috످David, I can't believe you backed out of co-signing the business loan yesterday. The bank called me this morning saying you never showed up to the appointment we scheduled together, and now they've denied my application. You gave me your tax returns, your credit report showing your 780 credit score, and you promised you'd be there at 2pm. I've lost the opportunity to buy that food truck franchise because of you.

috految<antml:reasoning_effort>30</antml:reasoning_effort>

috److I'm Claude, an AI assistant, so this message hasn't reached David. I'm so sorry about the loan. It must hurt to have counted on him, only to find out from the bank that he never showed.

You may still have a shot at the food truck. Call the franchisor today to ask if they can hold your spot, and check whether any deposit you paid is refundable. Then ask the bank if they'd reconsider with a new co-signer or collateral. If not, you could look into equipment financing (where the truck is the collateral) or an SBA microloan of up to $50,000 if you're in the US.

If you haven't heard from David, it's worth checking that he's okay. You could send something like:

"David, the bank said you didn't make it yesterday, and they denied my loan. Is everything okay? I was counting on you, and I'm really hurt. If you've changed your mind about co-signing, please tell me today so I can look at other options."

Do you want to talk through what happened, or work on saving the deal?

috످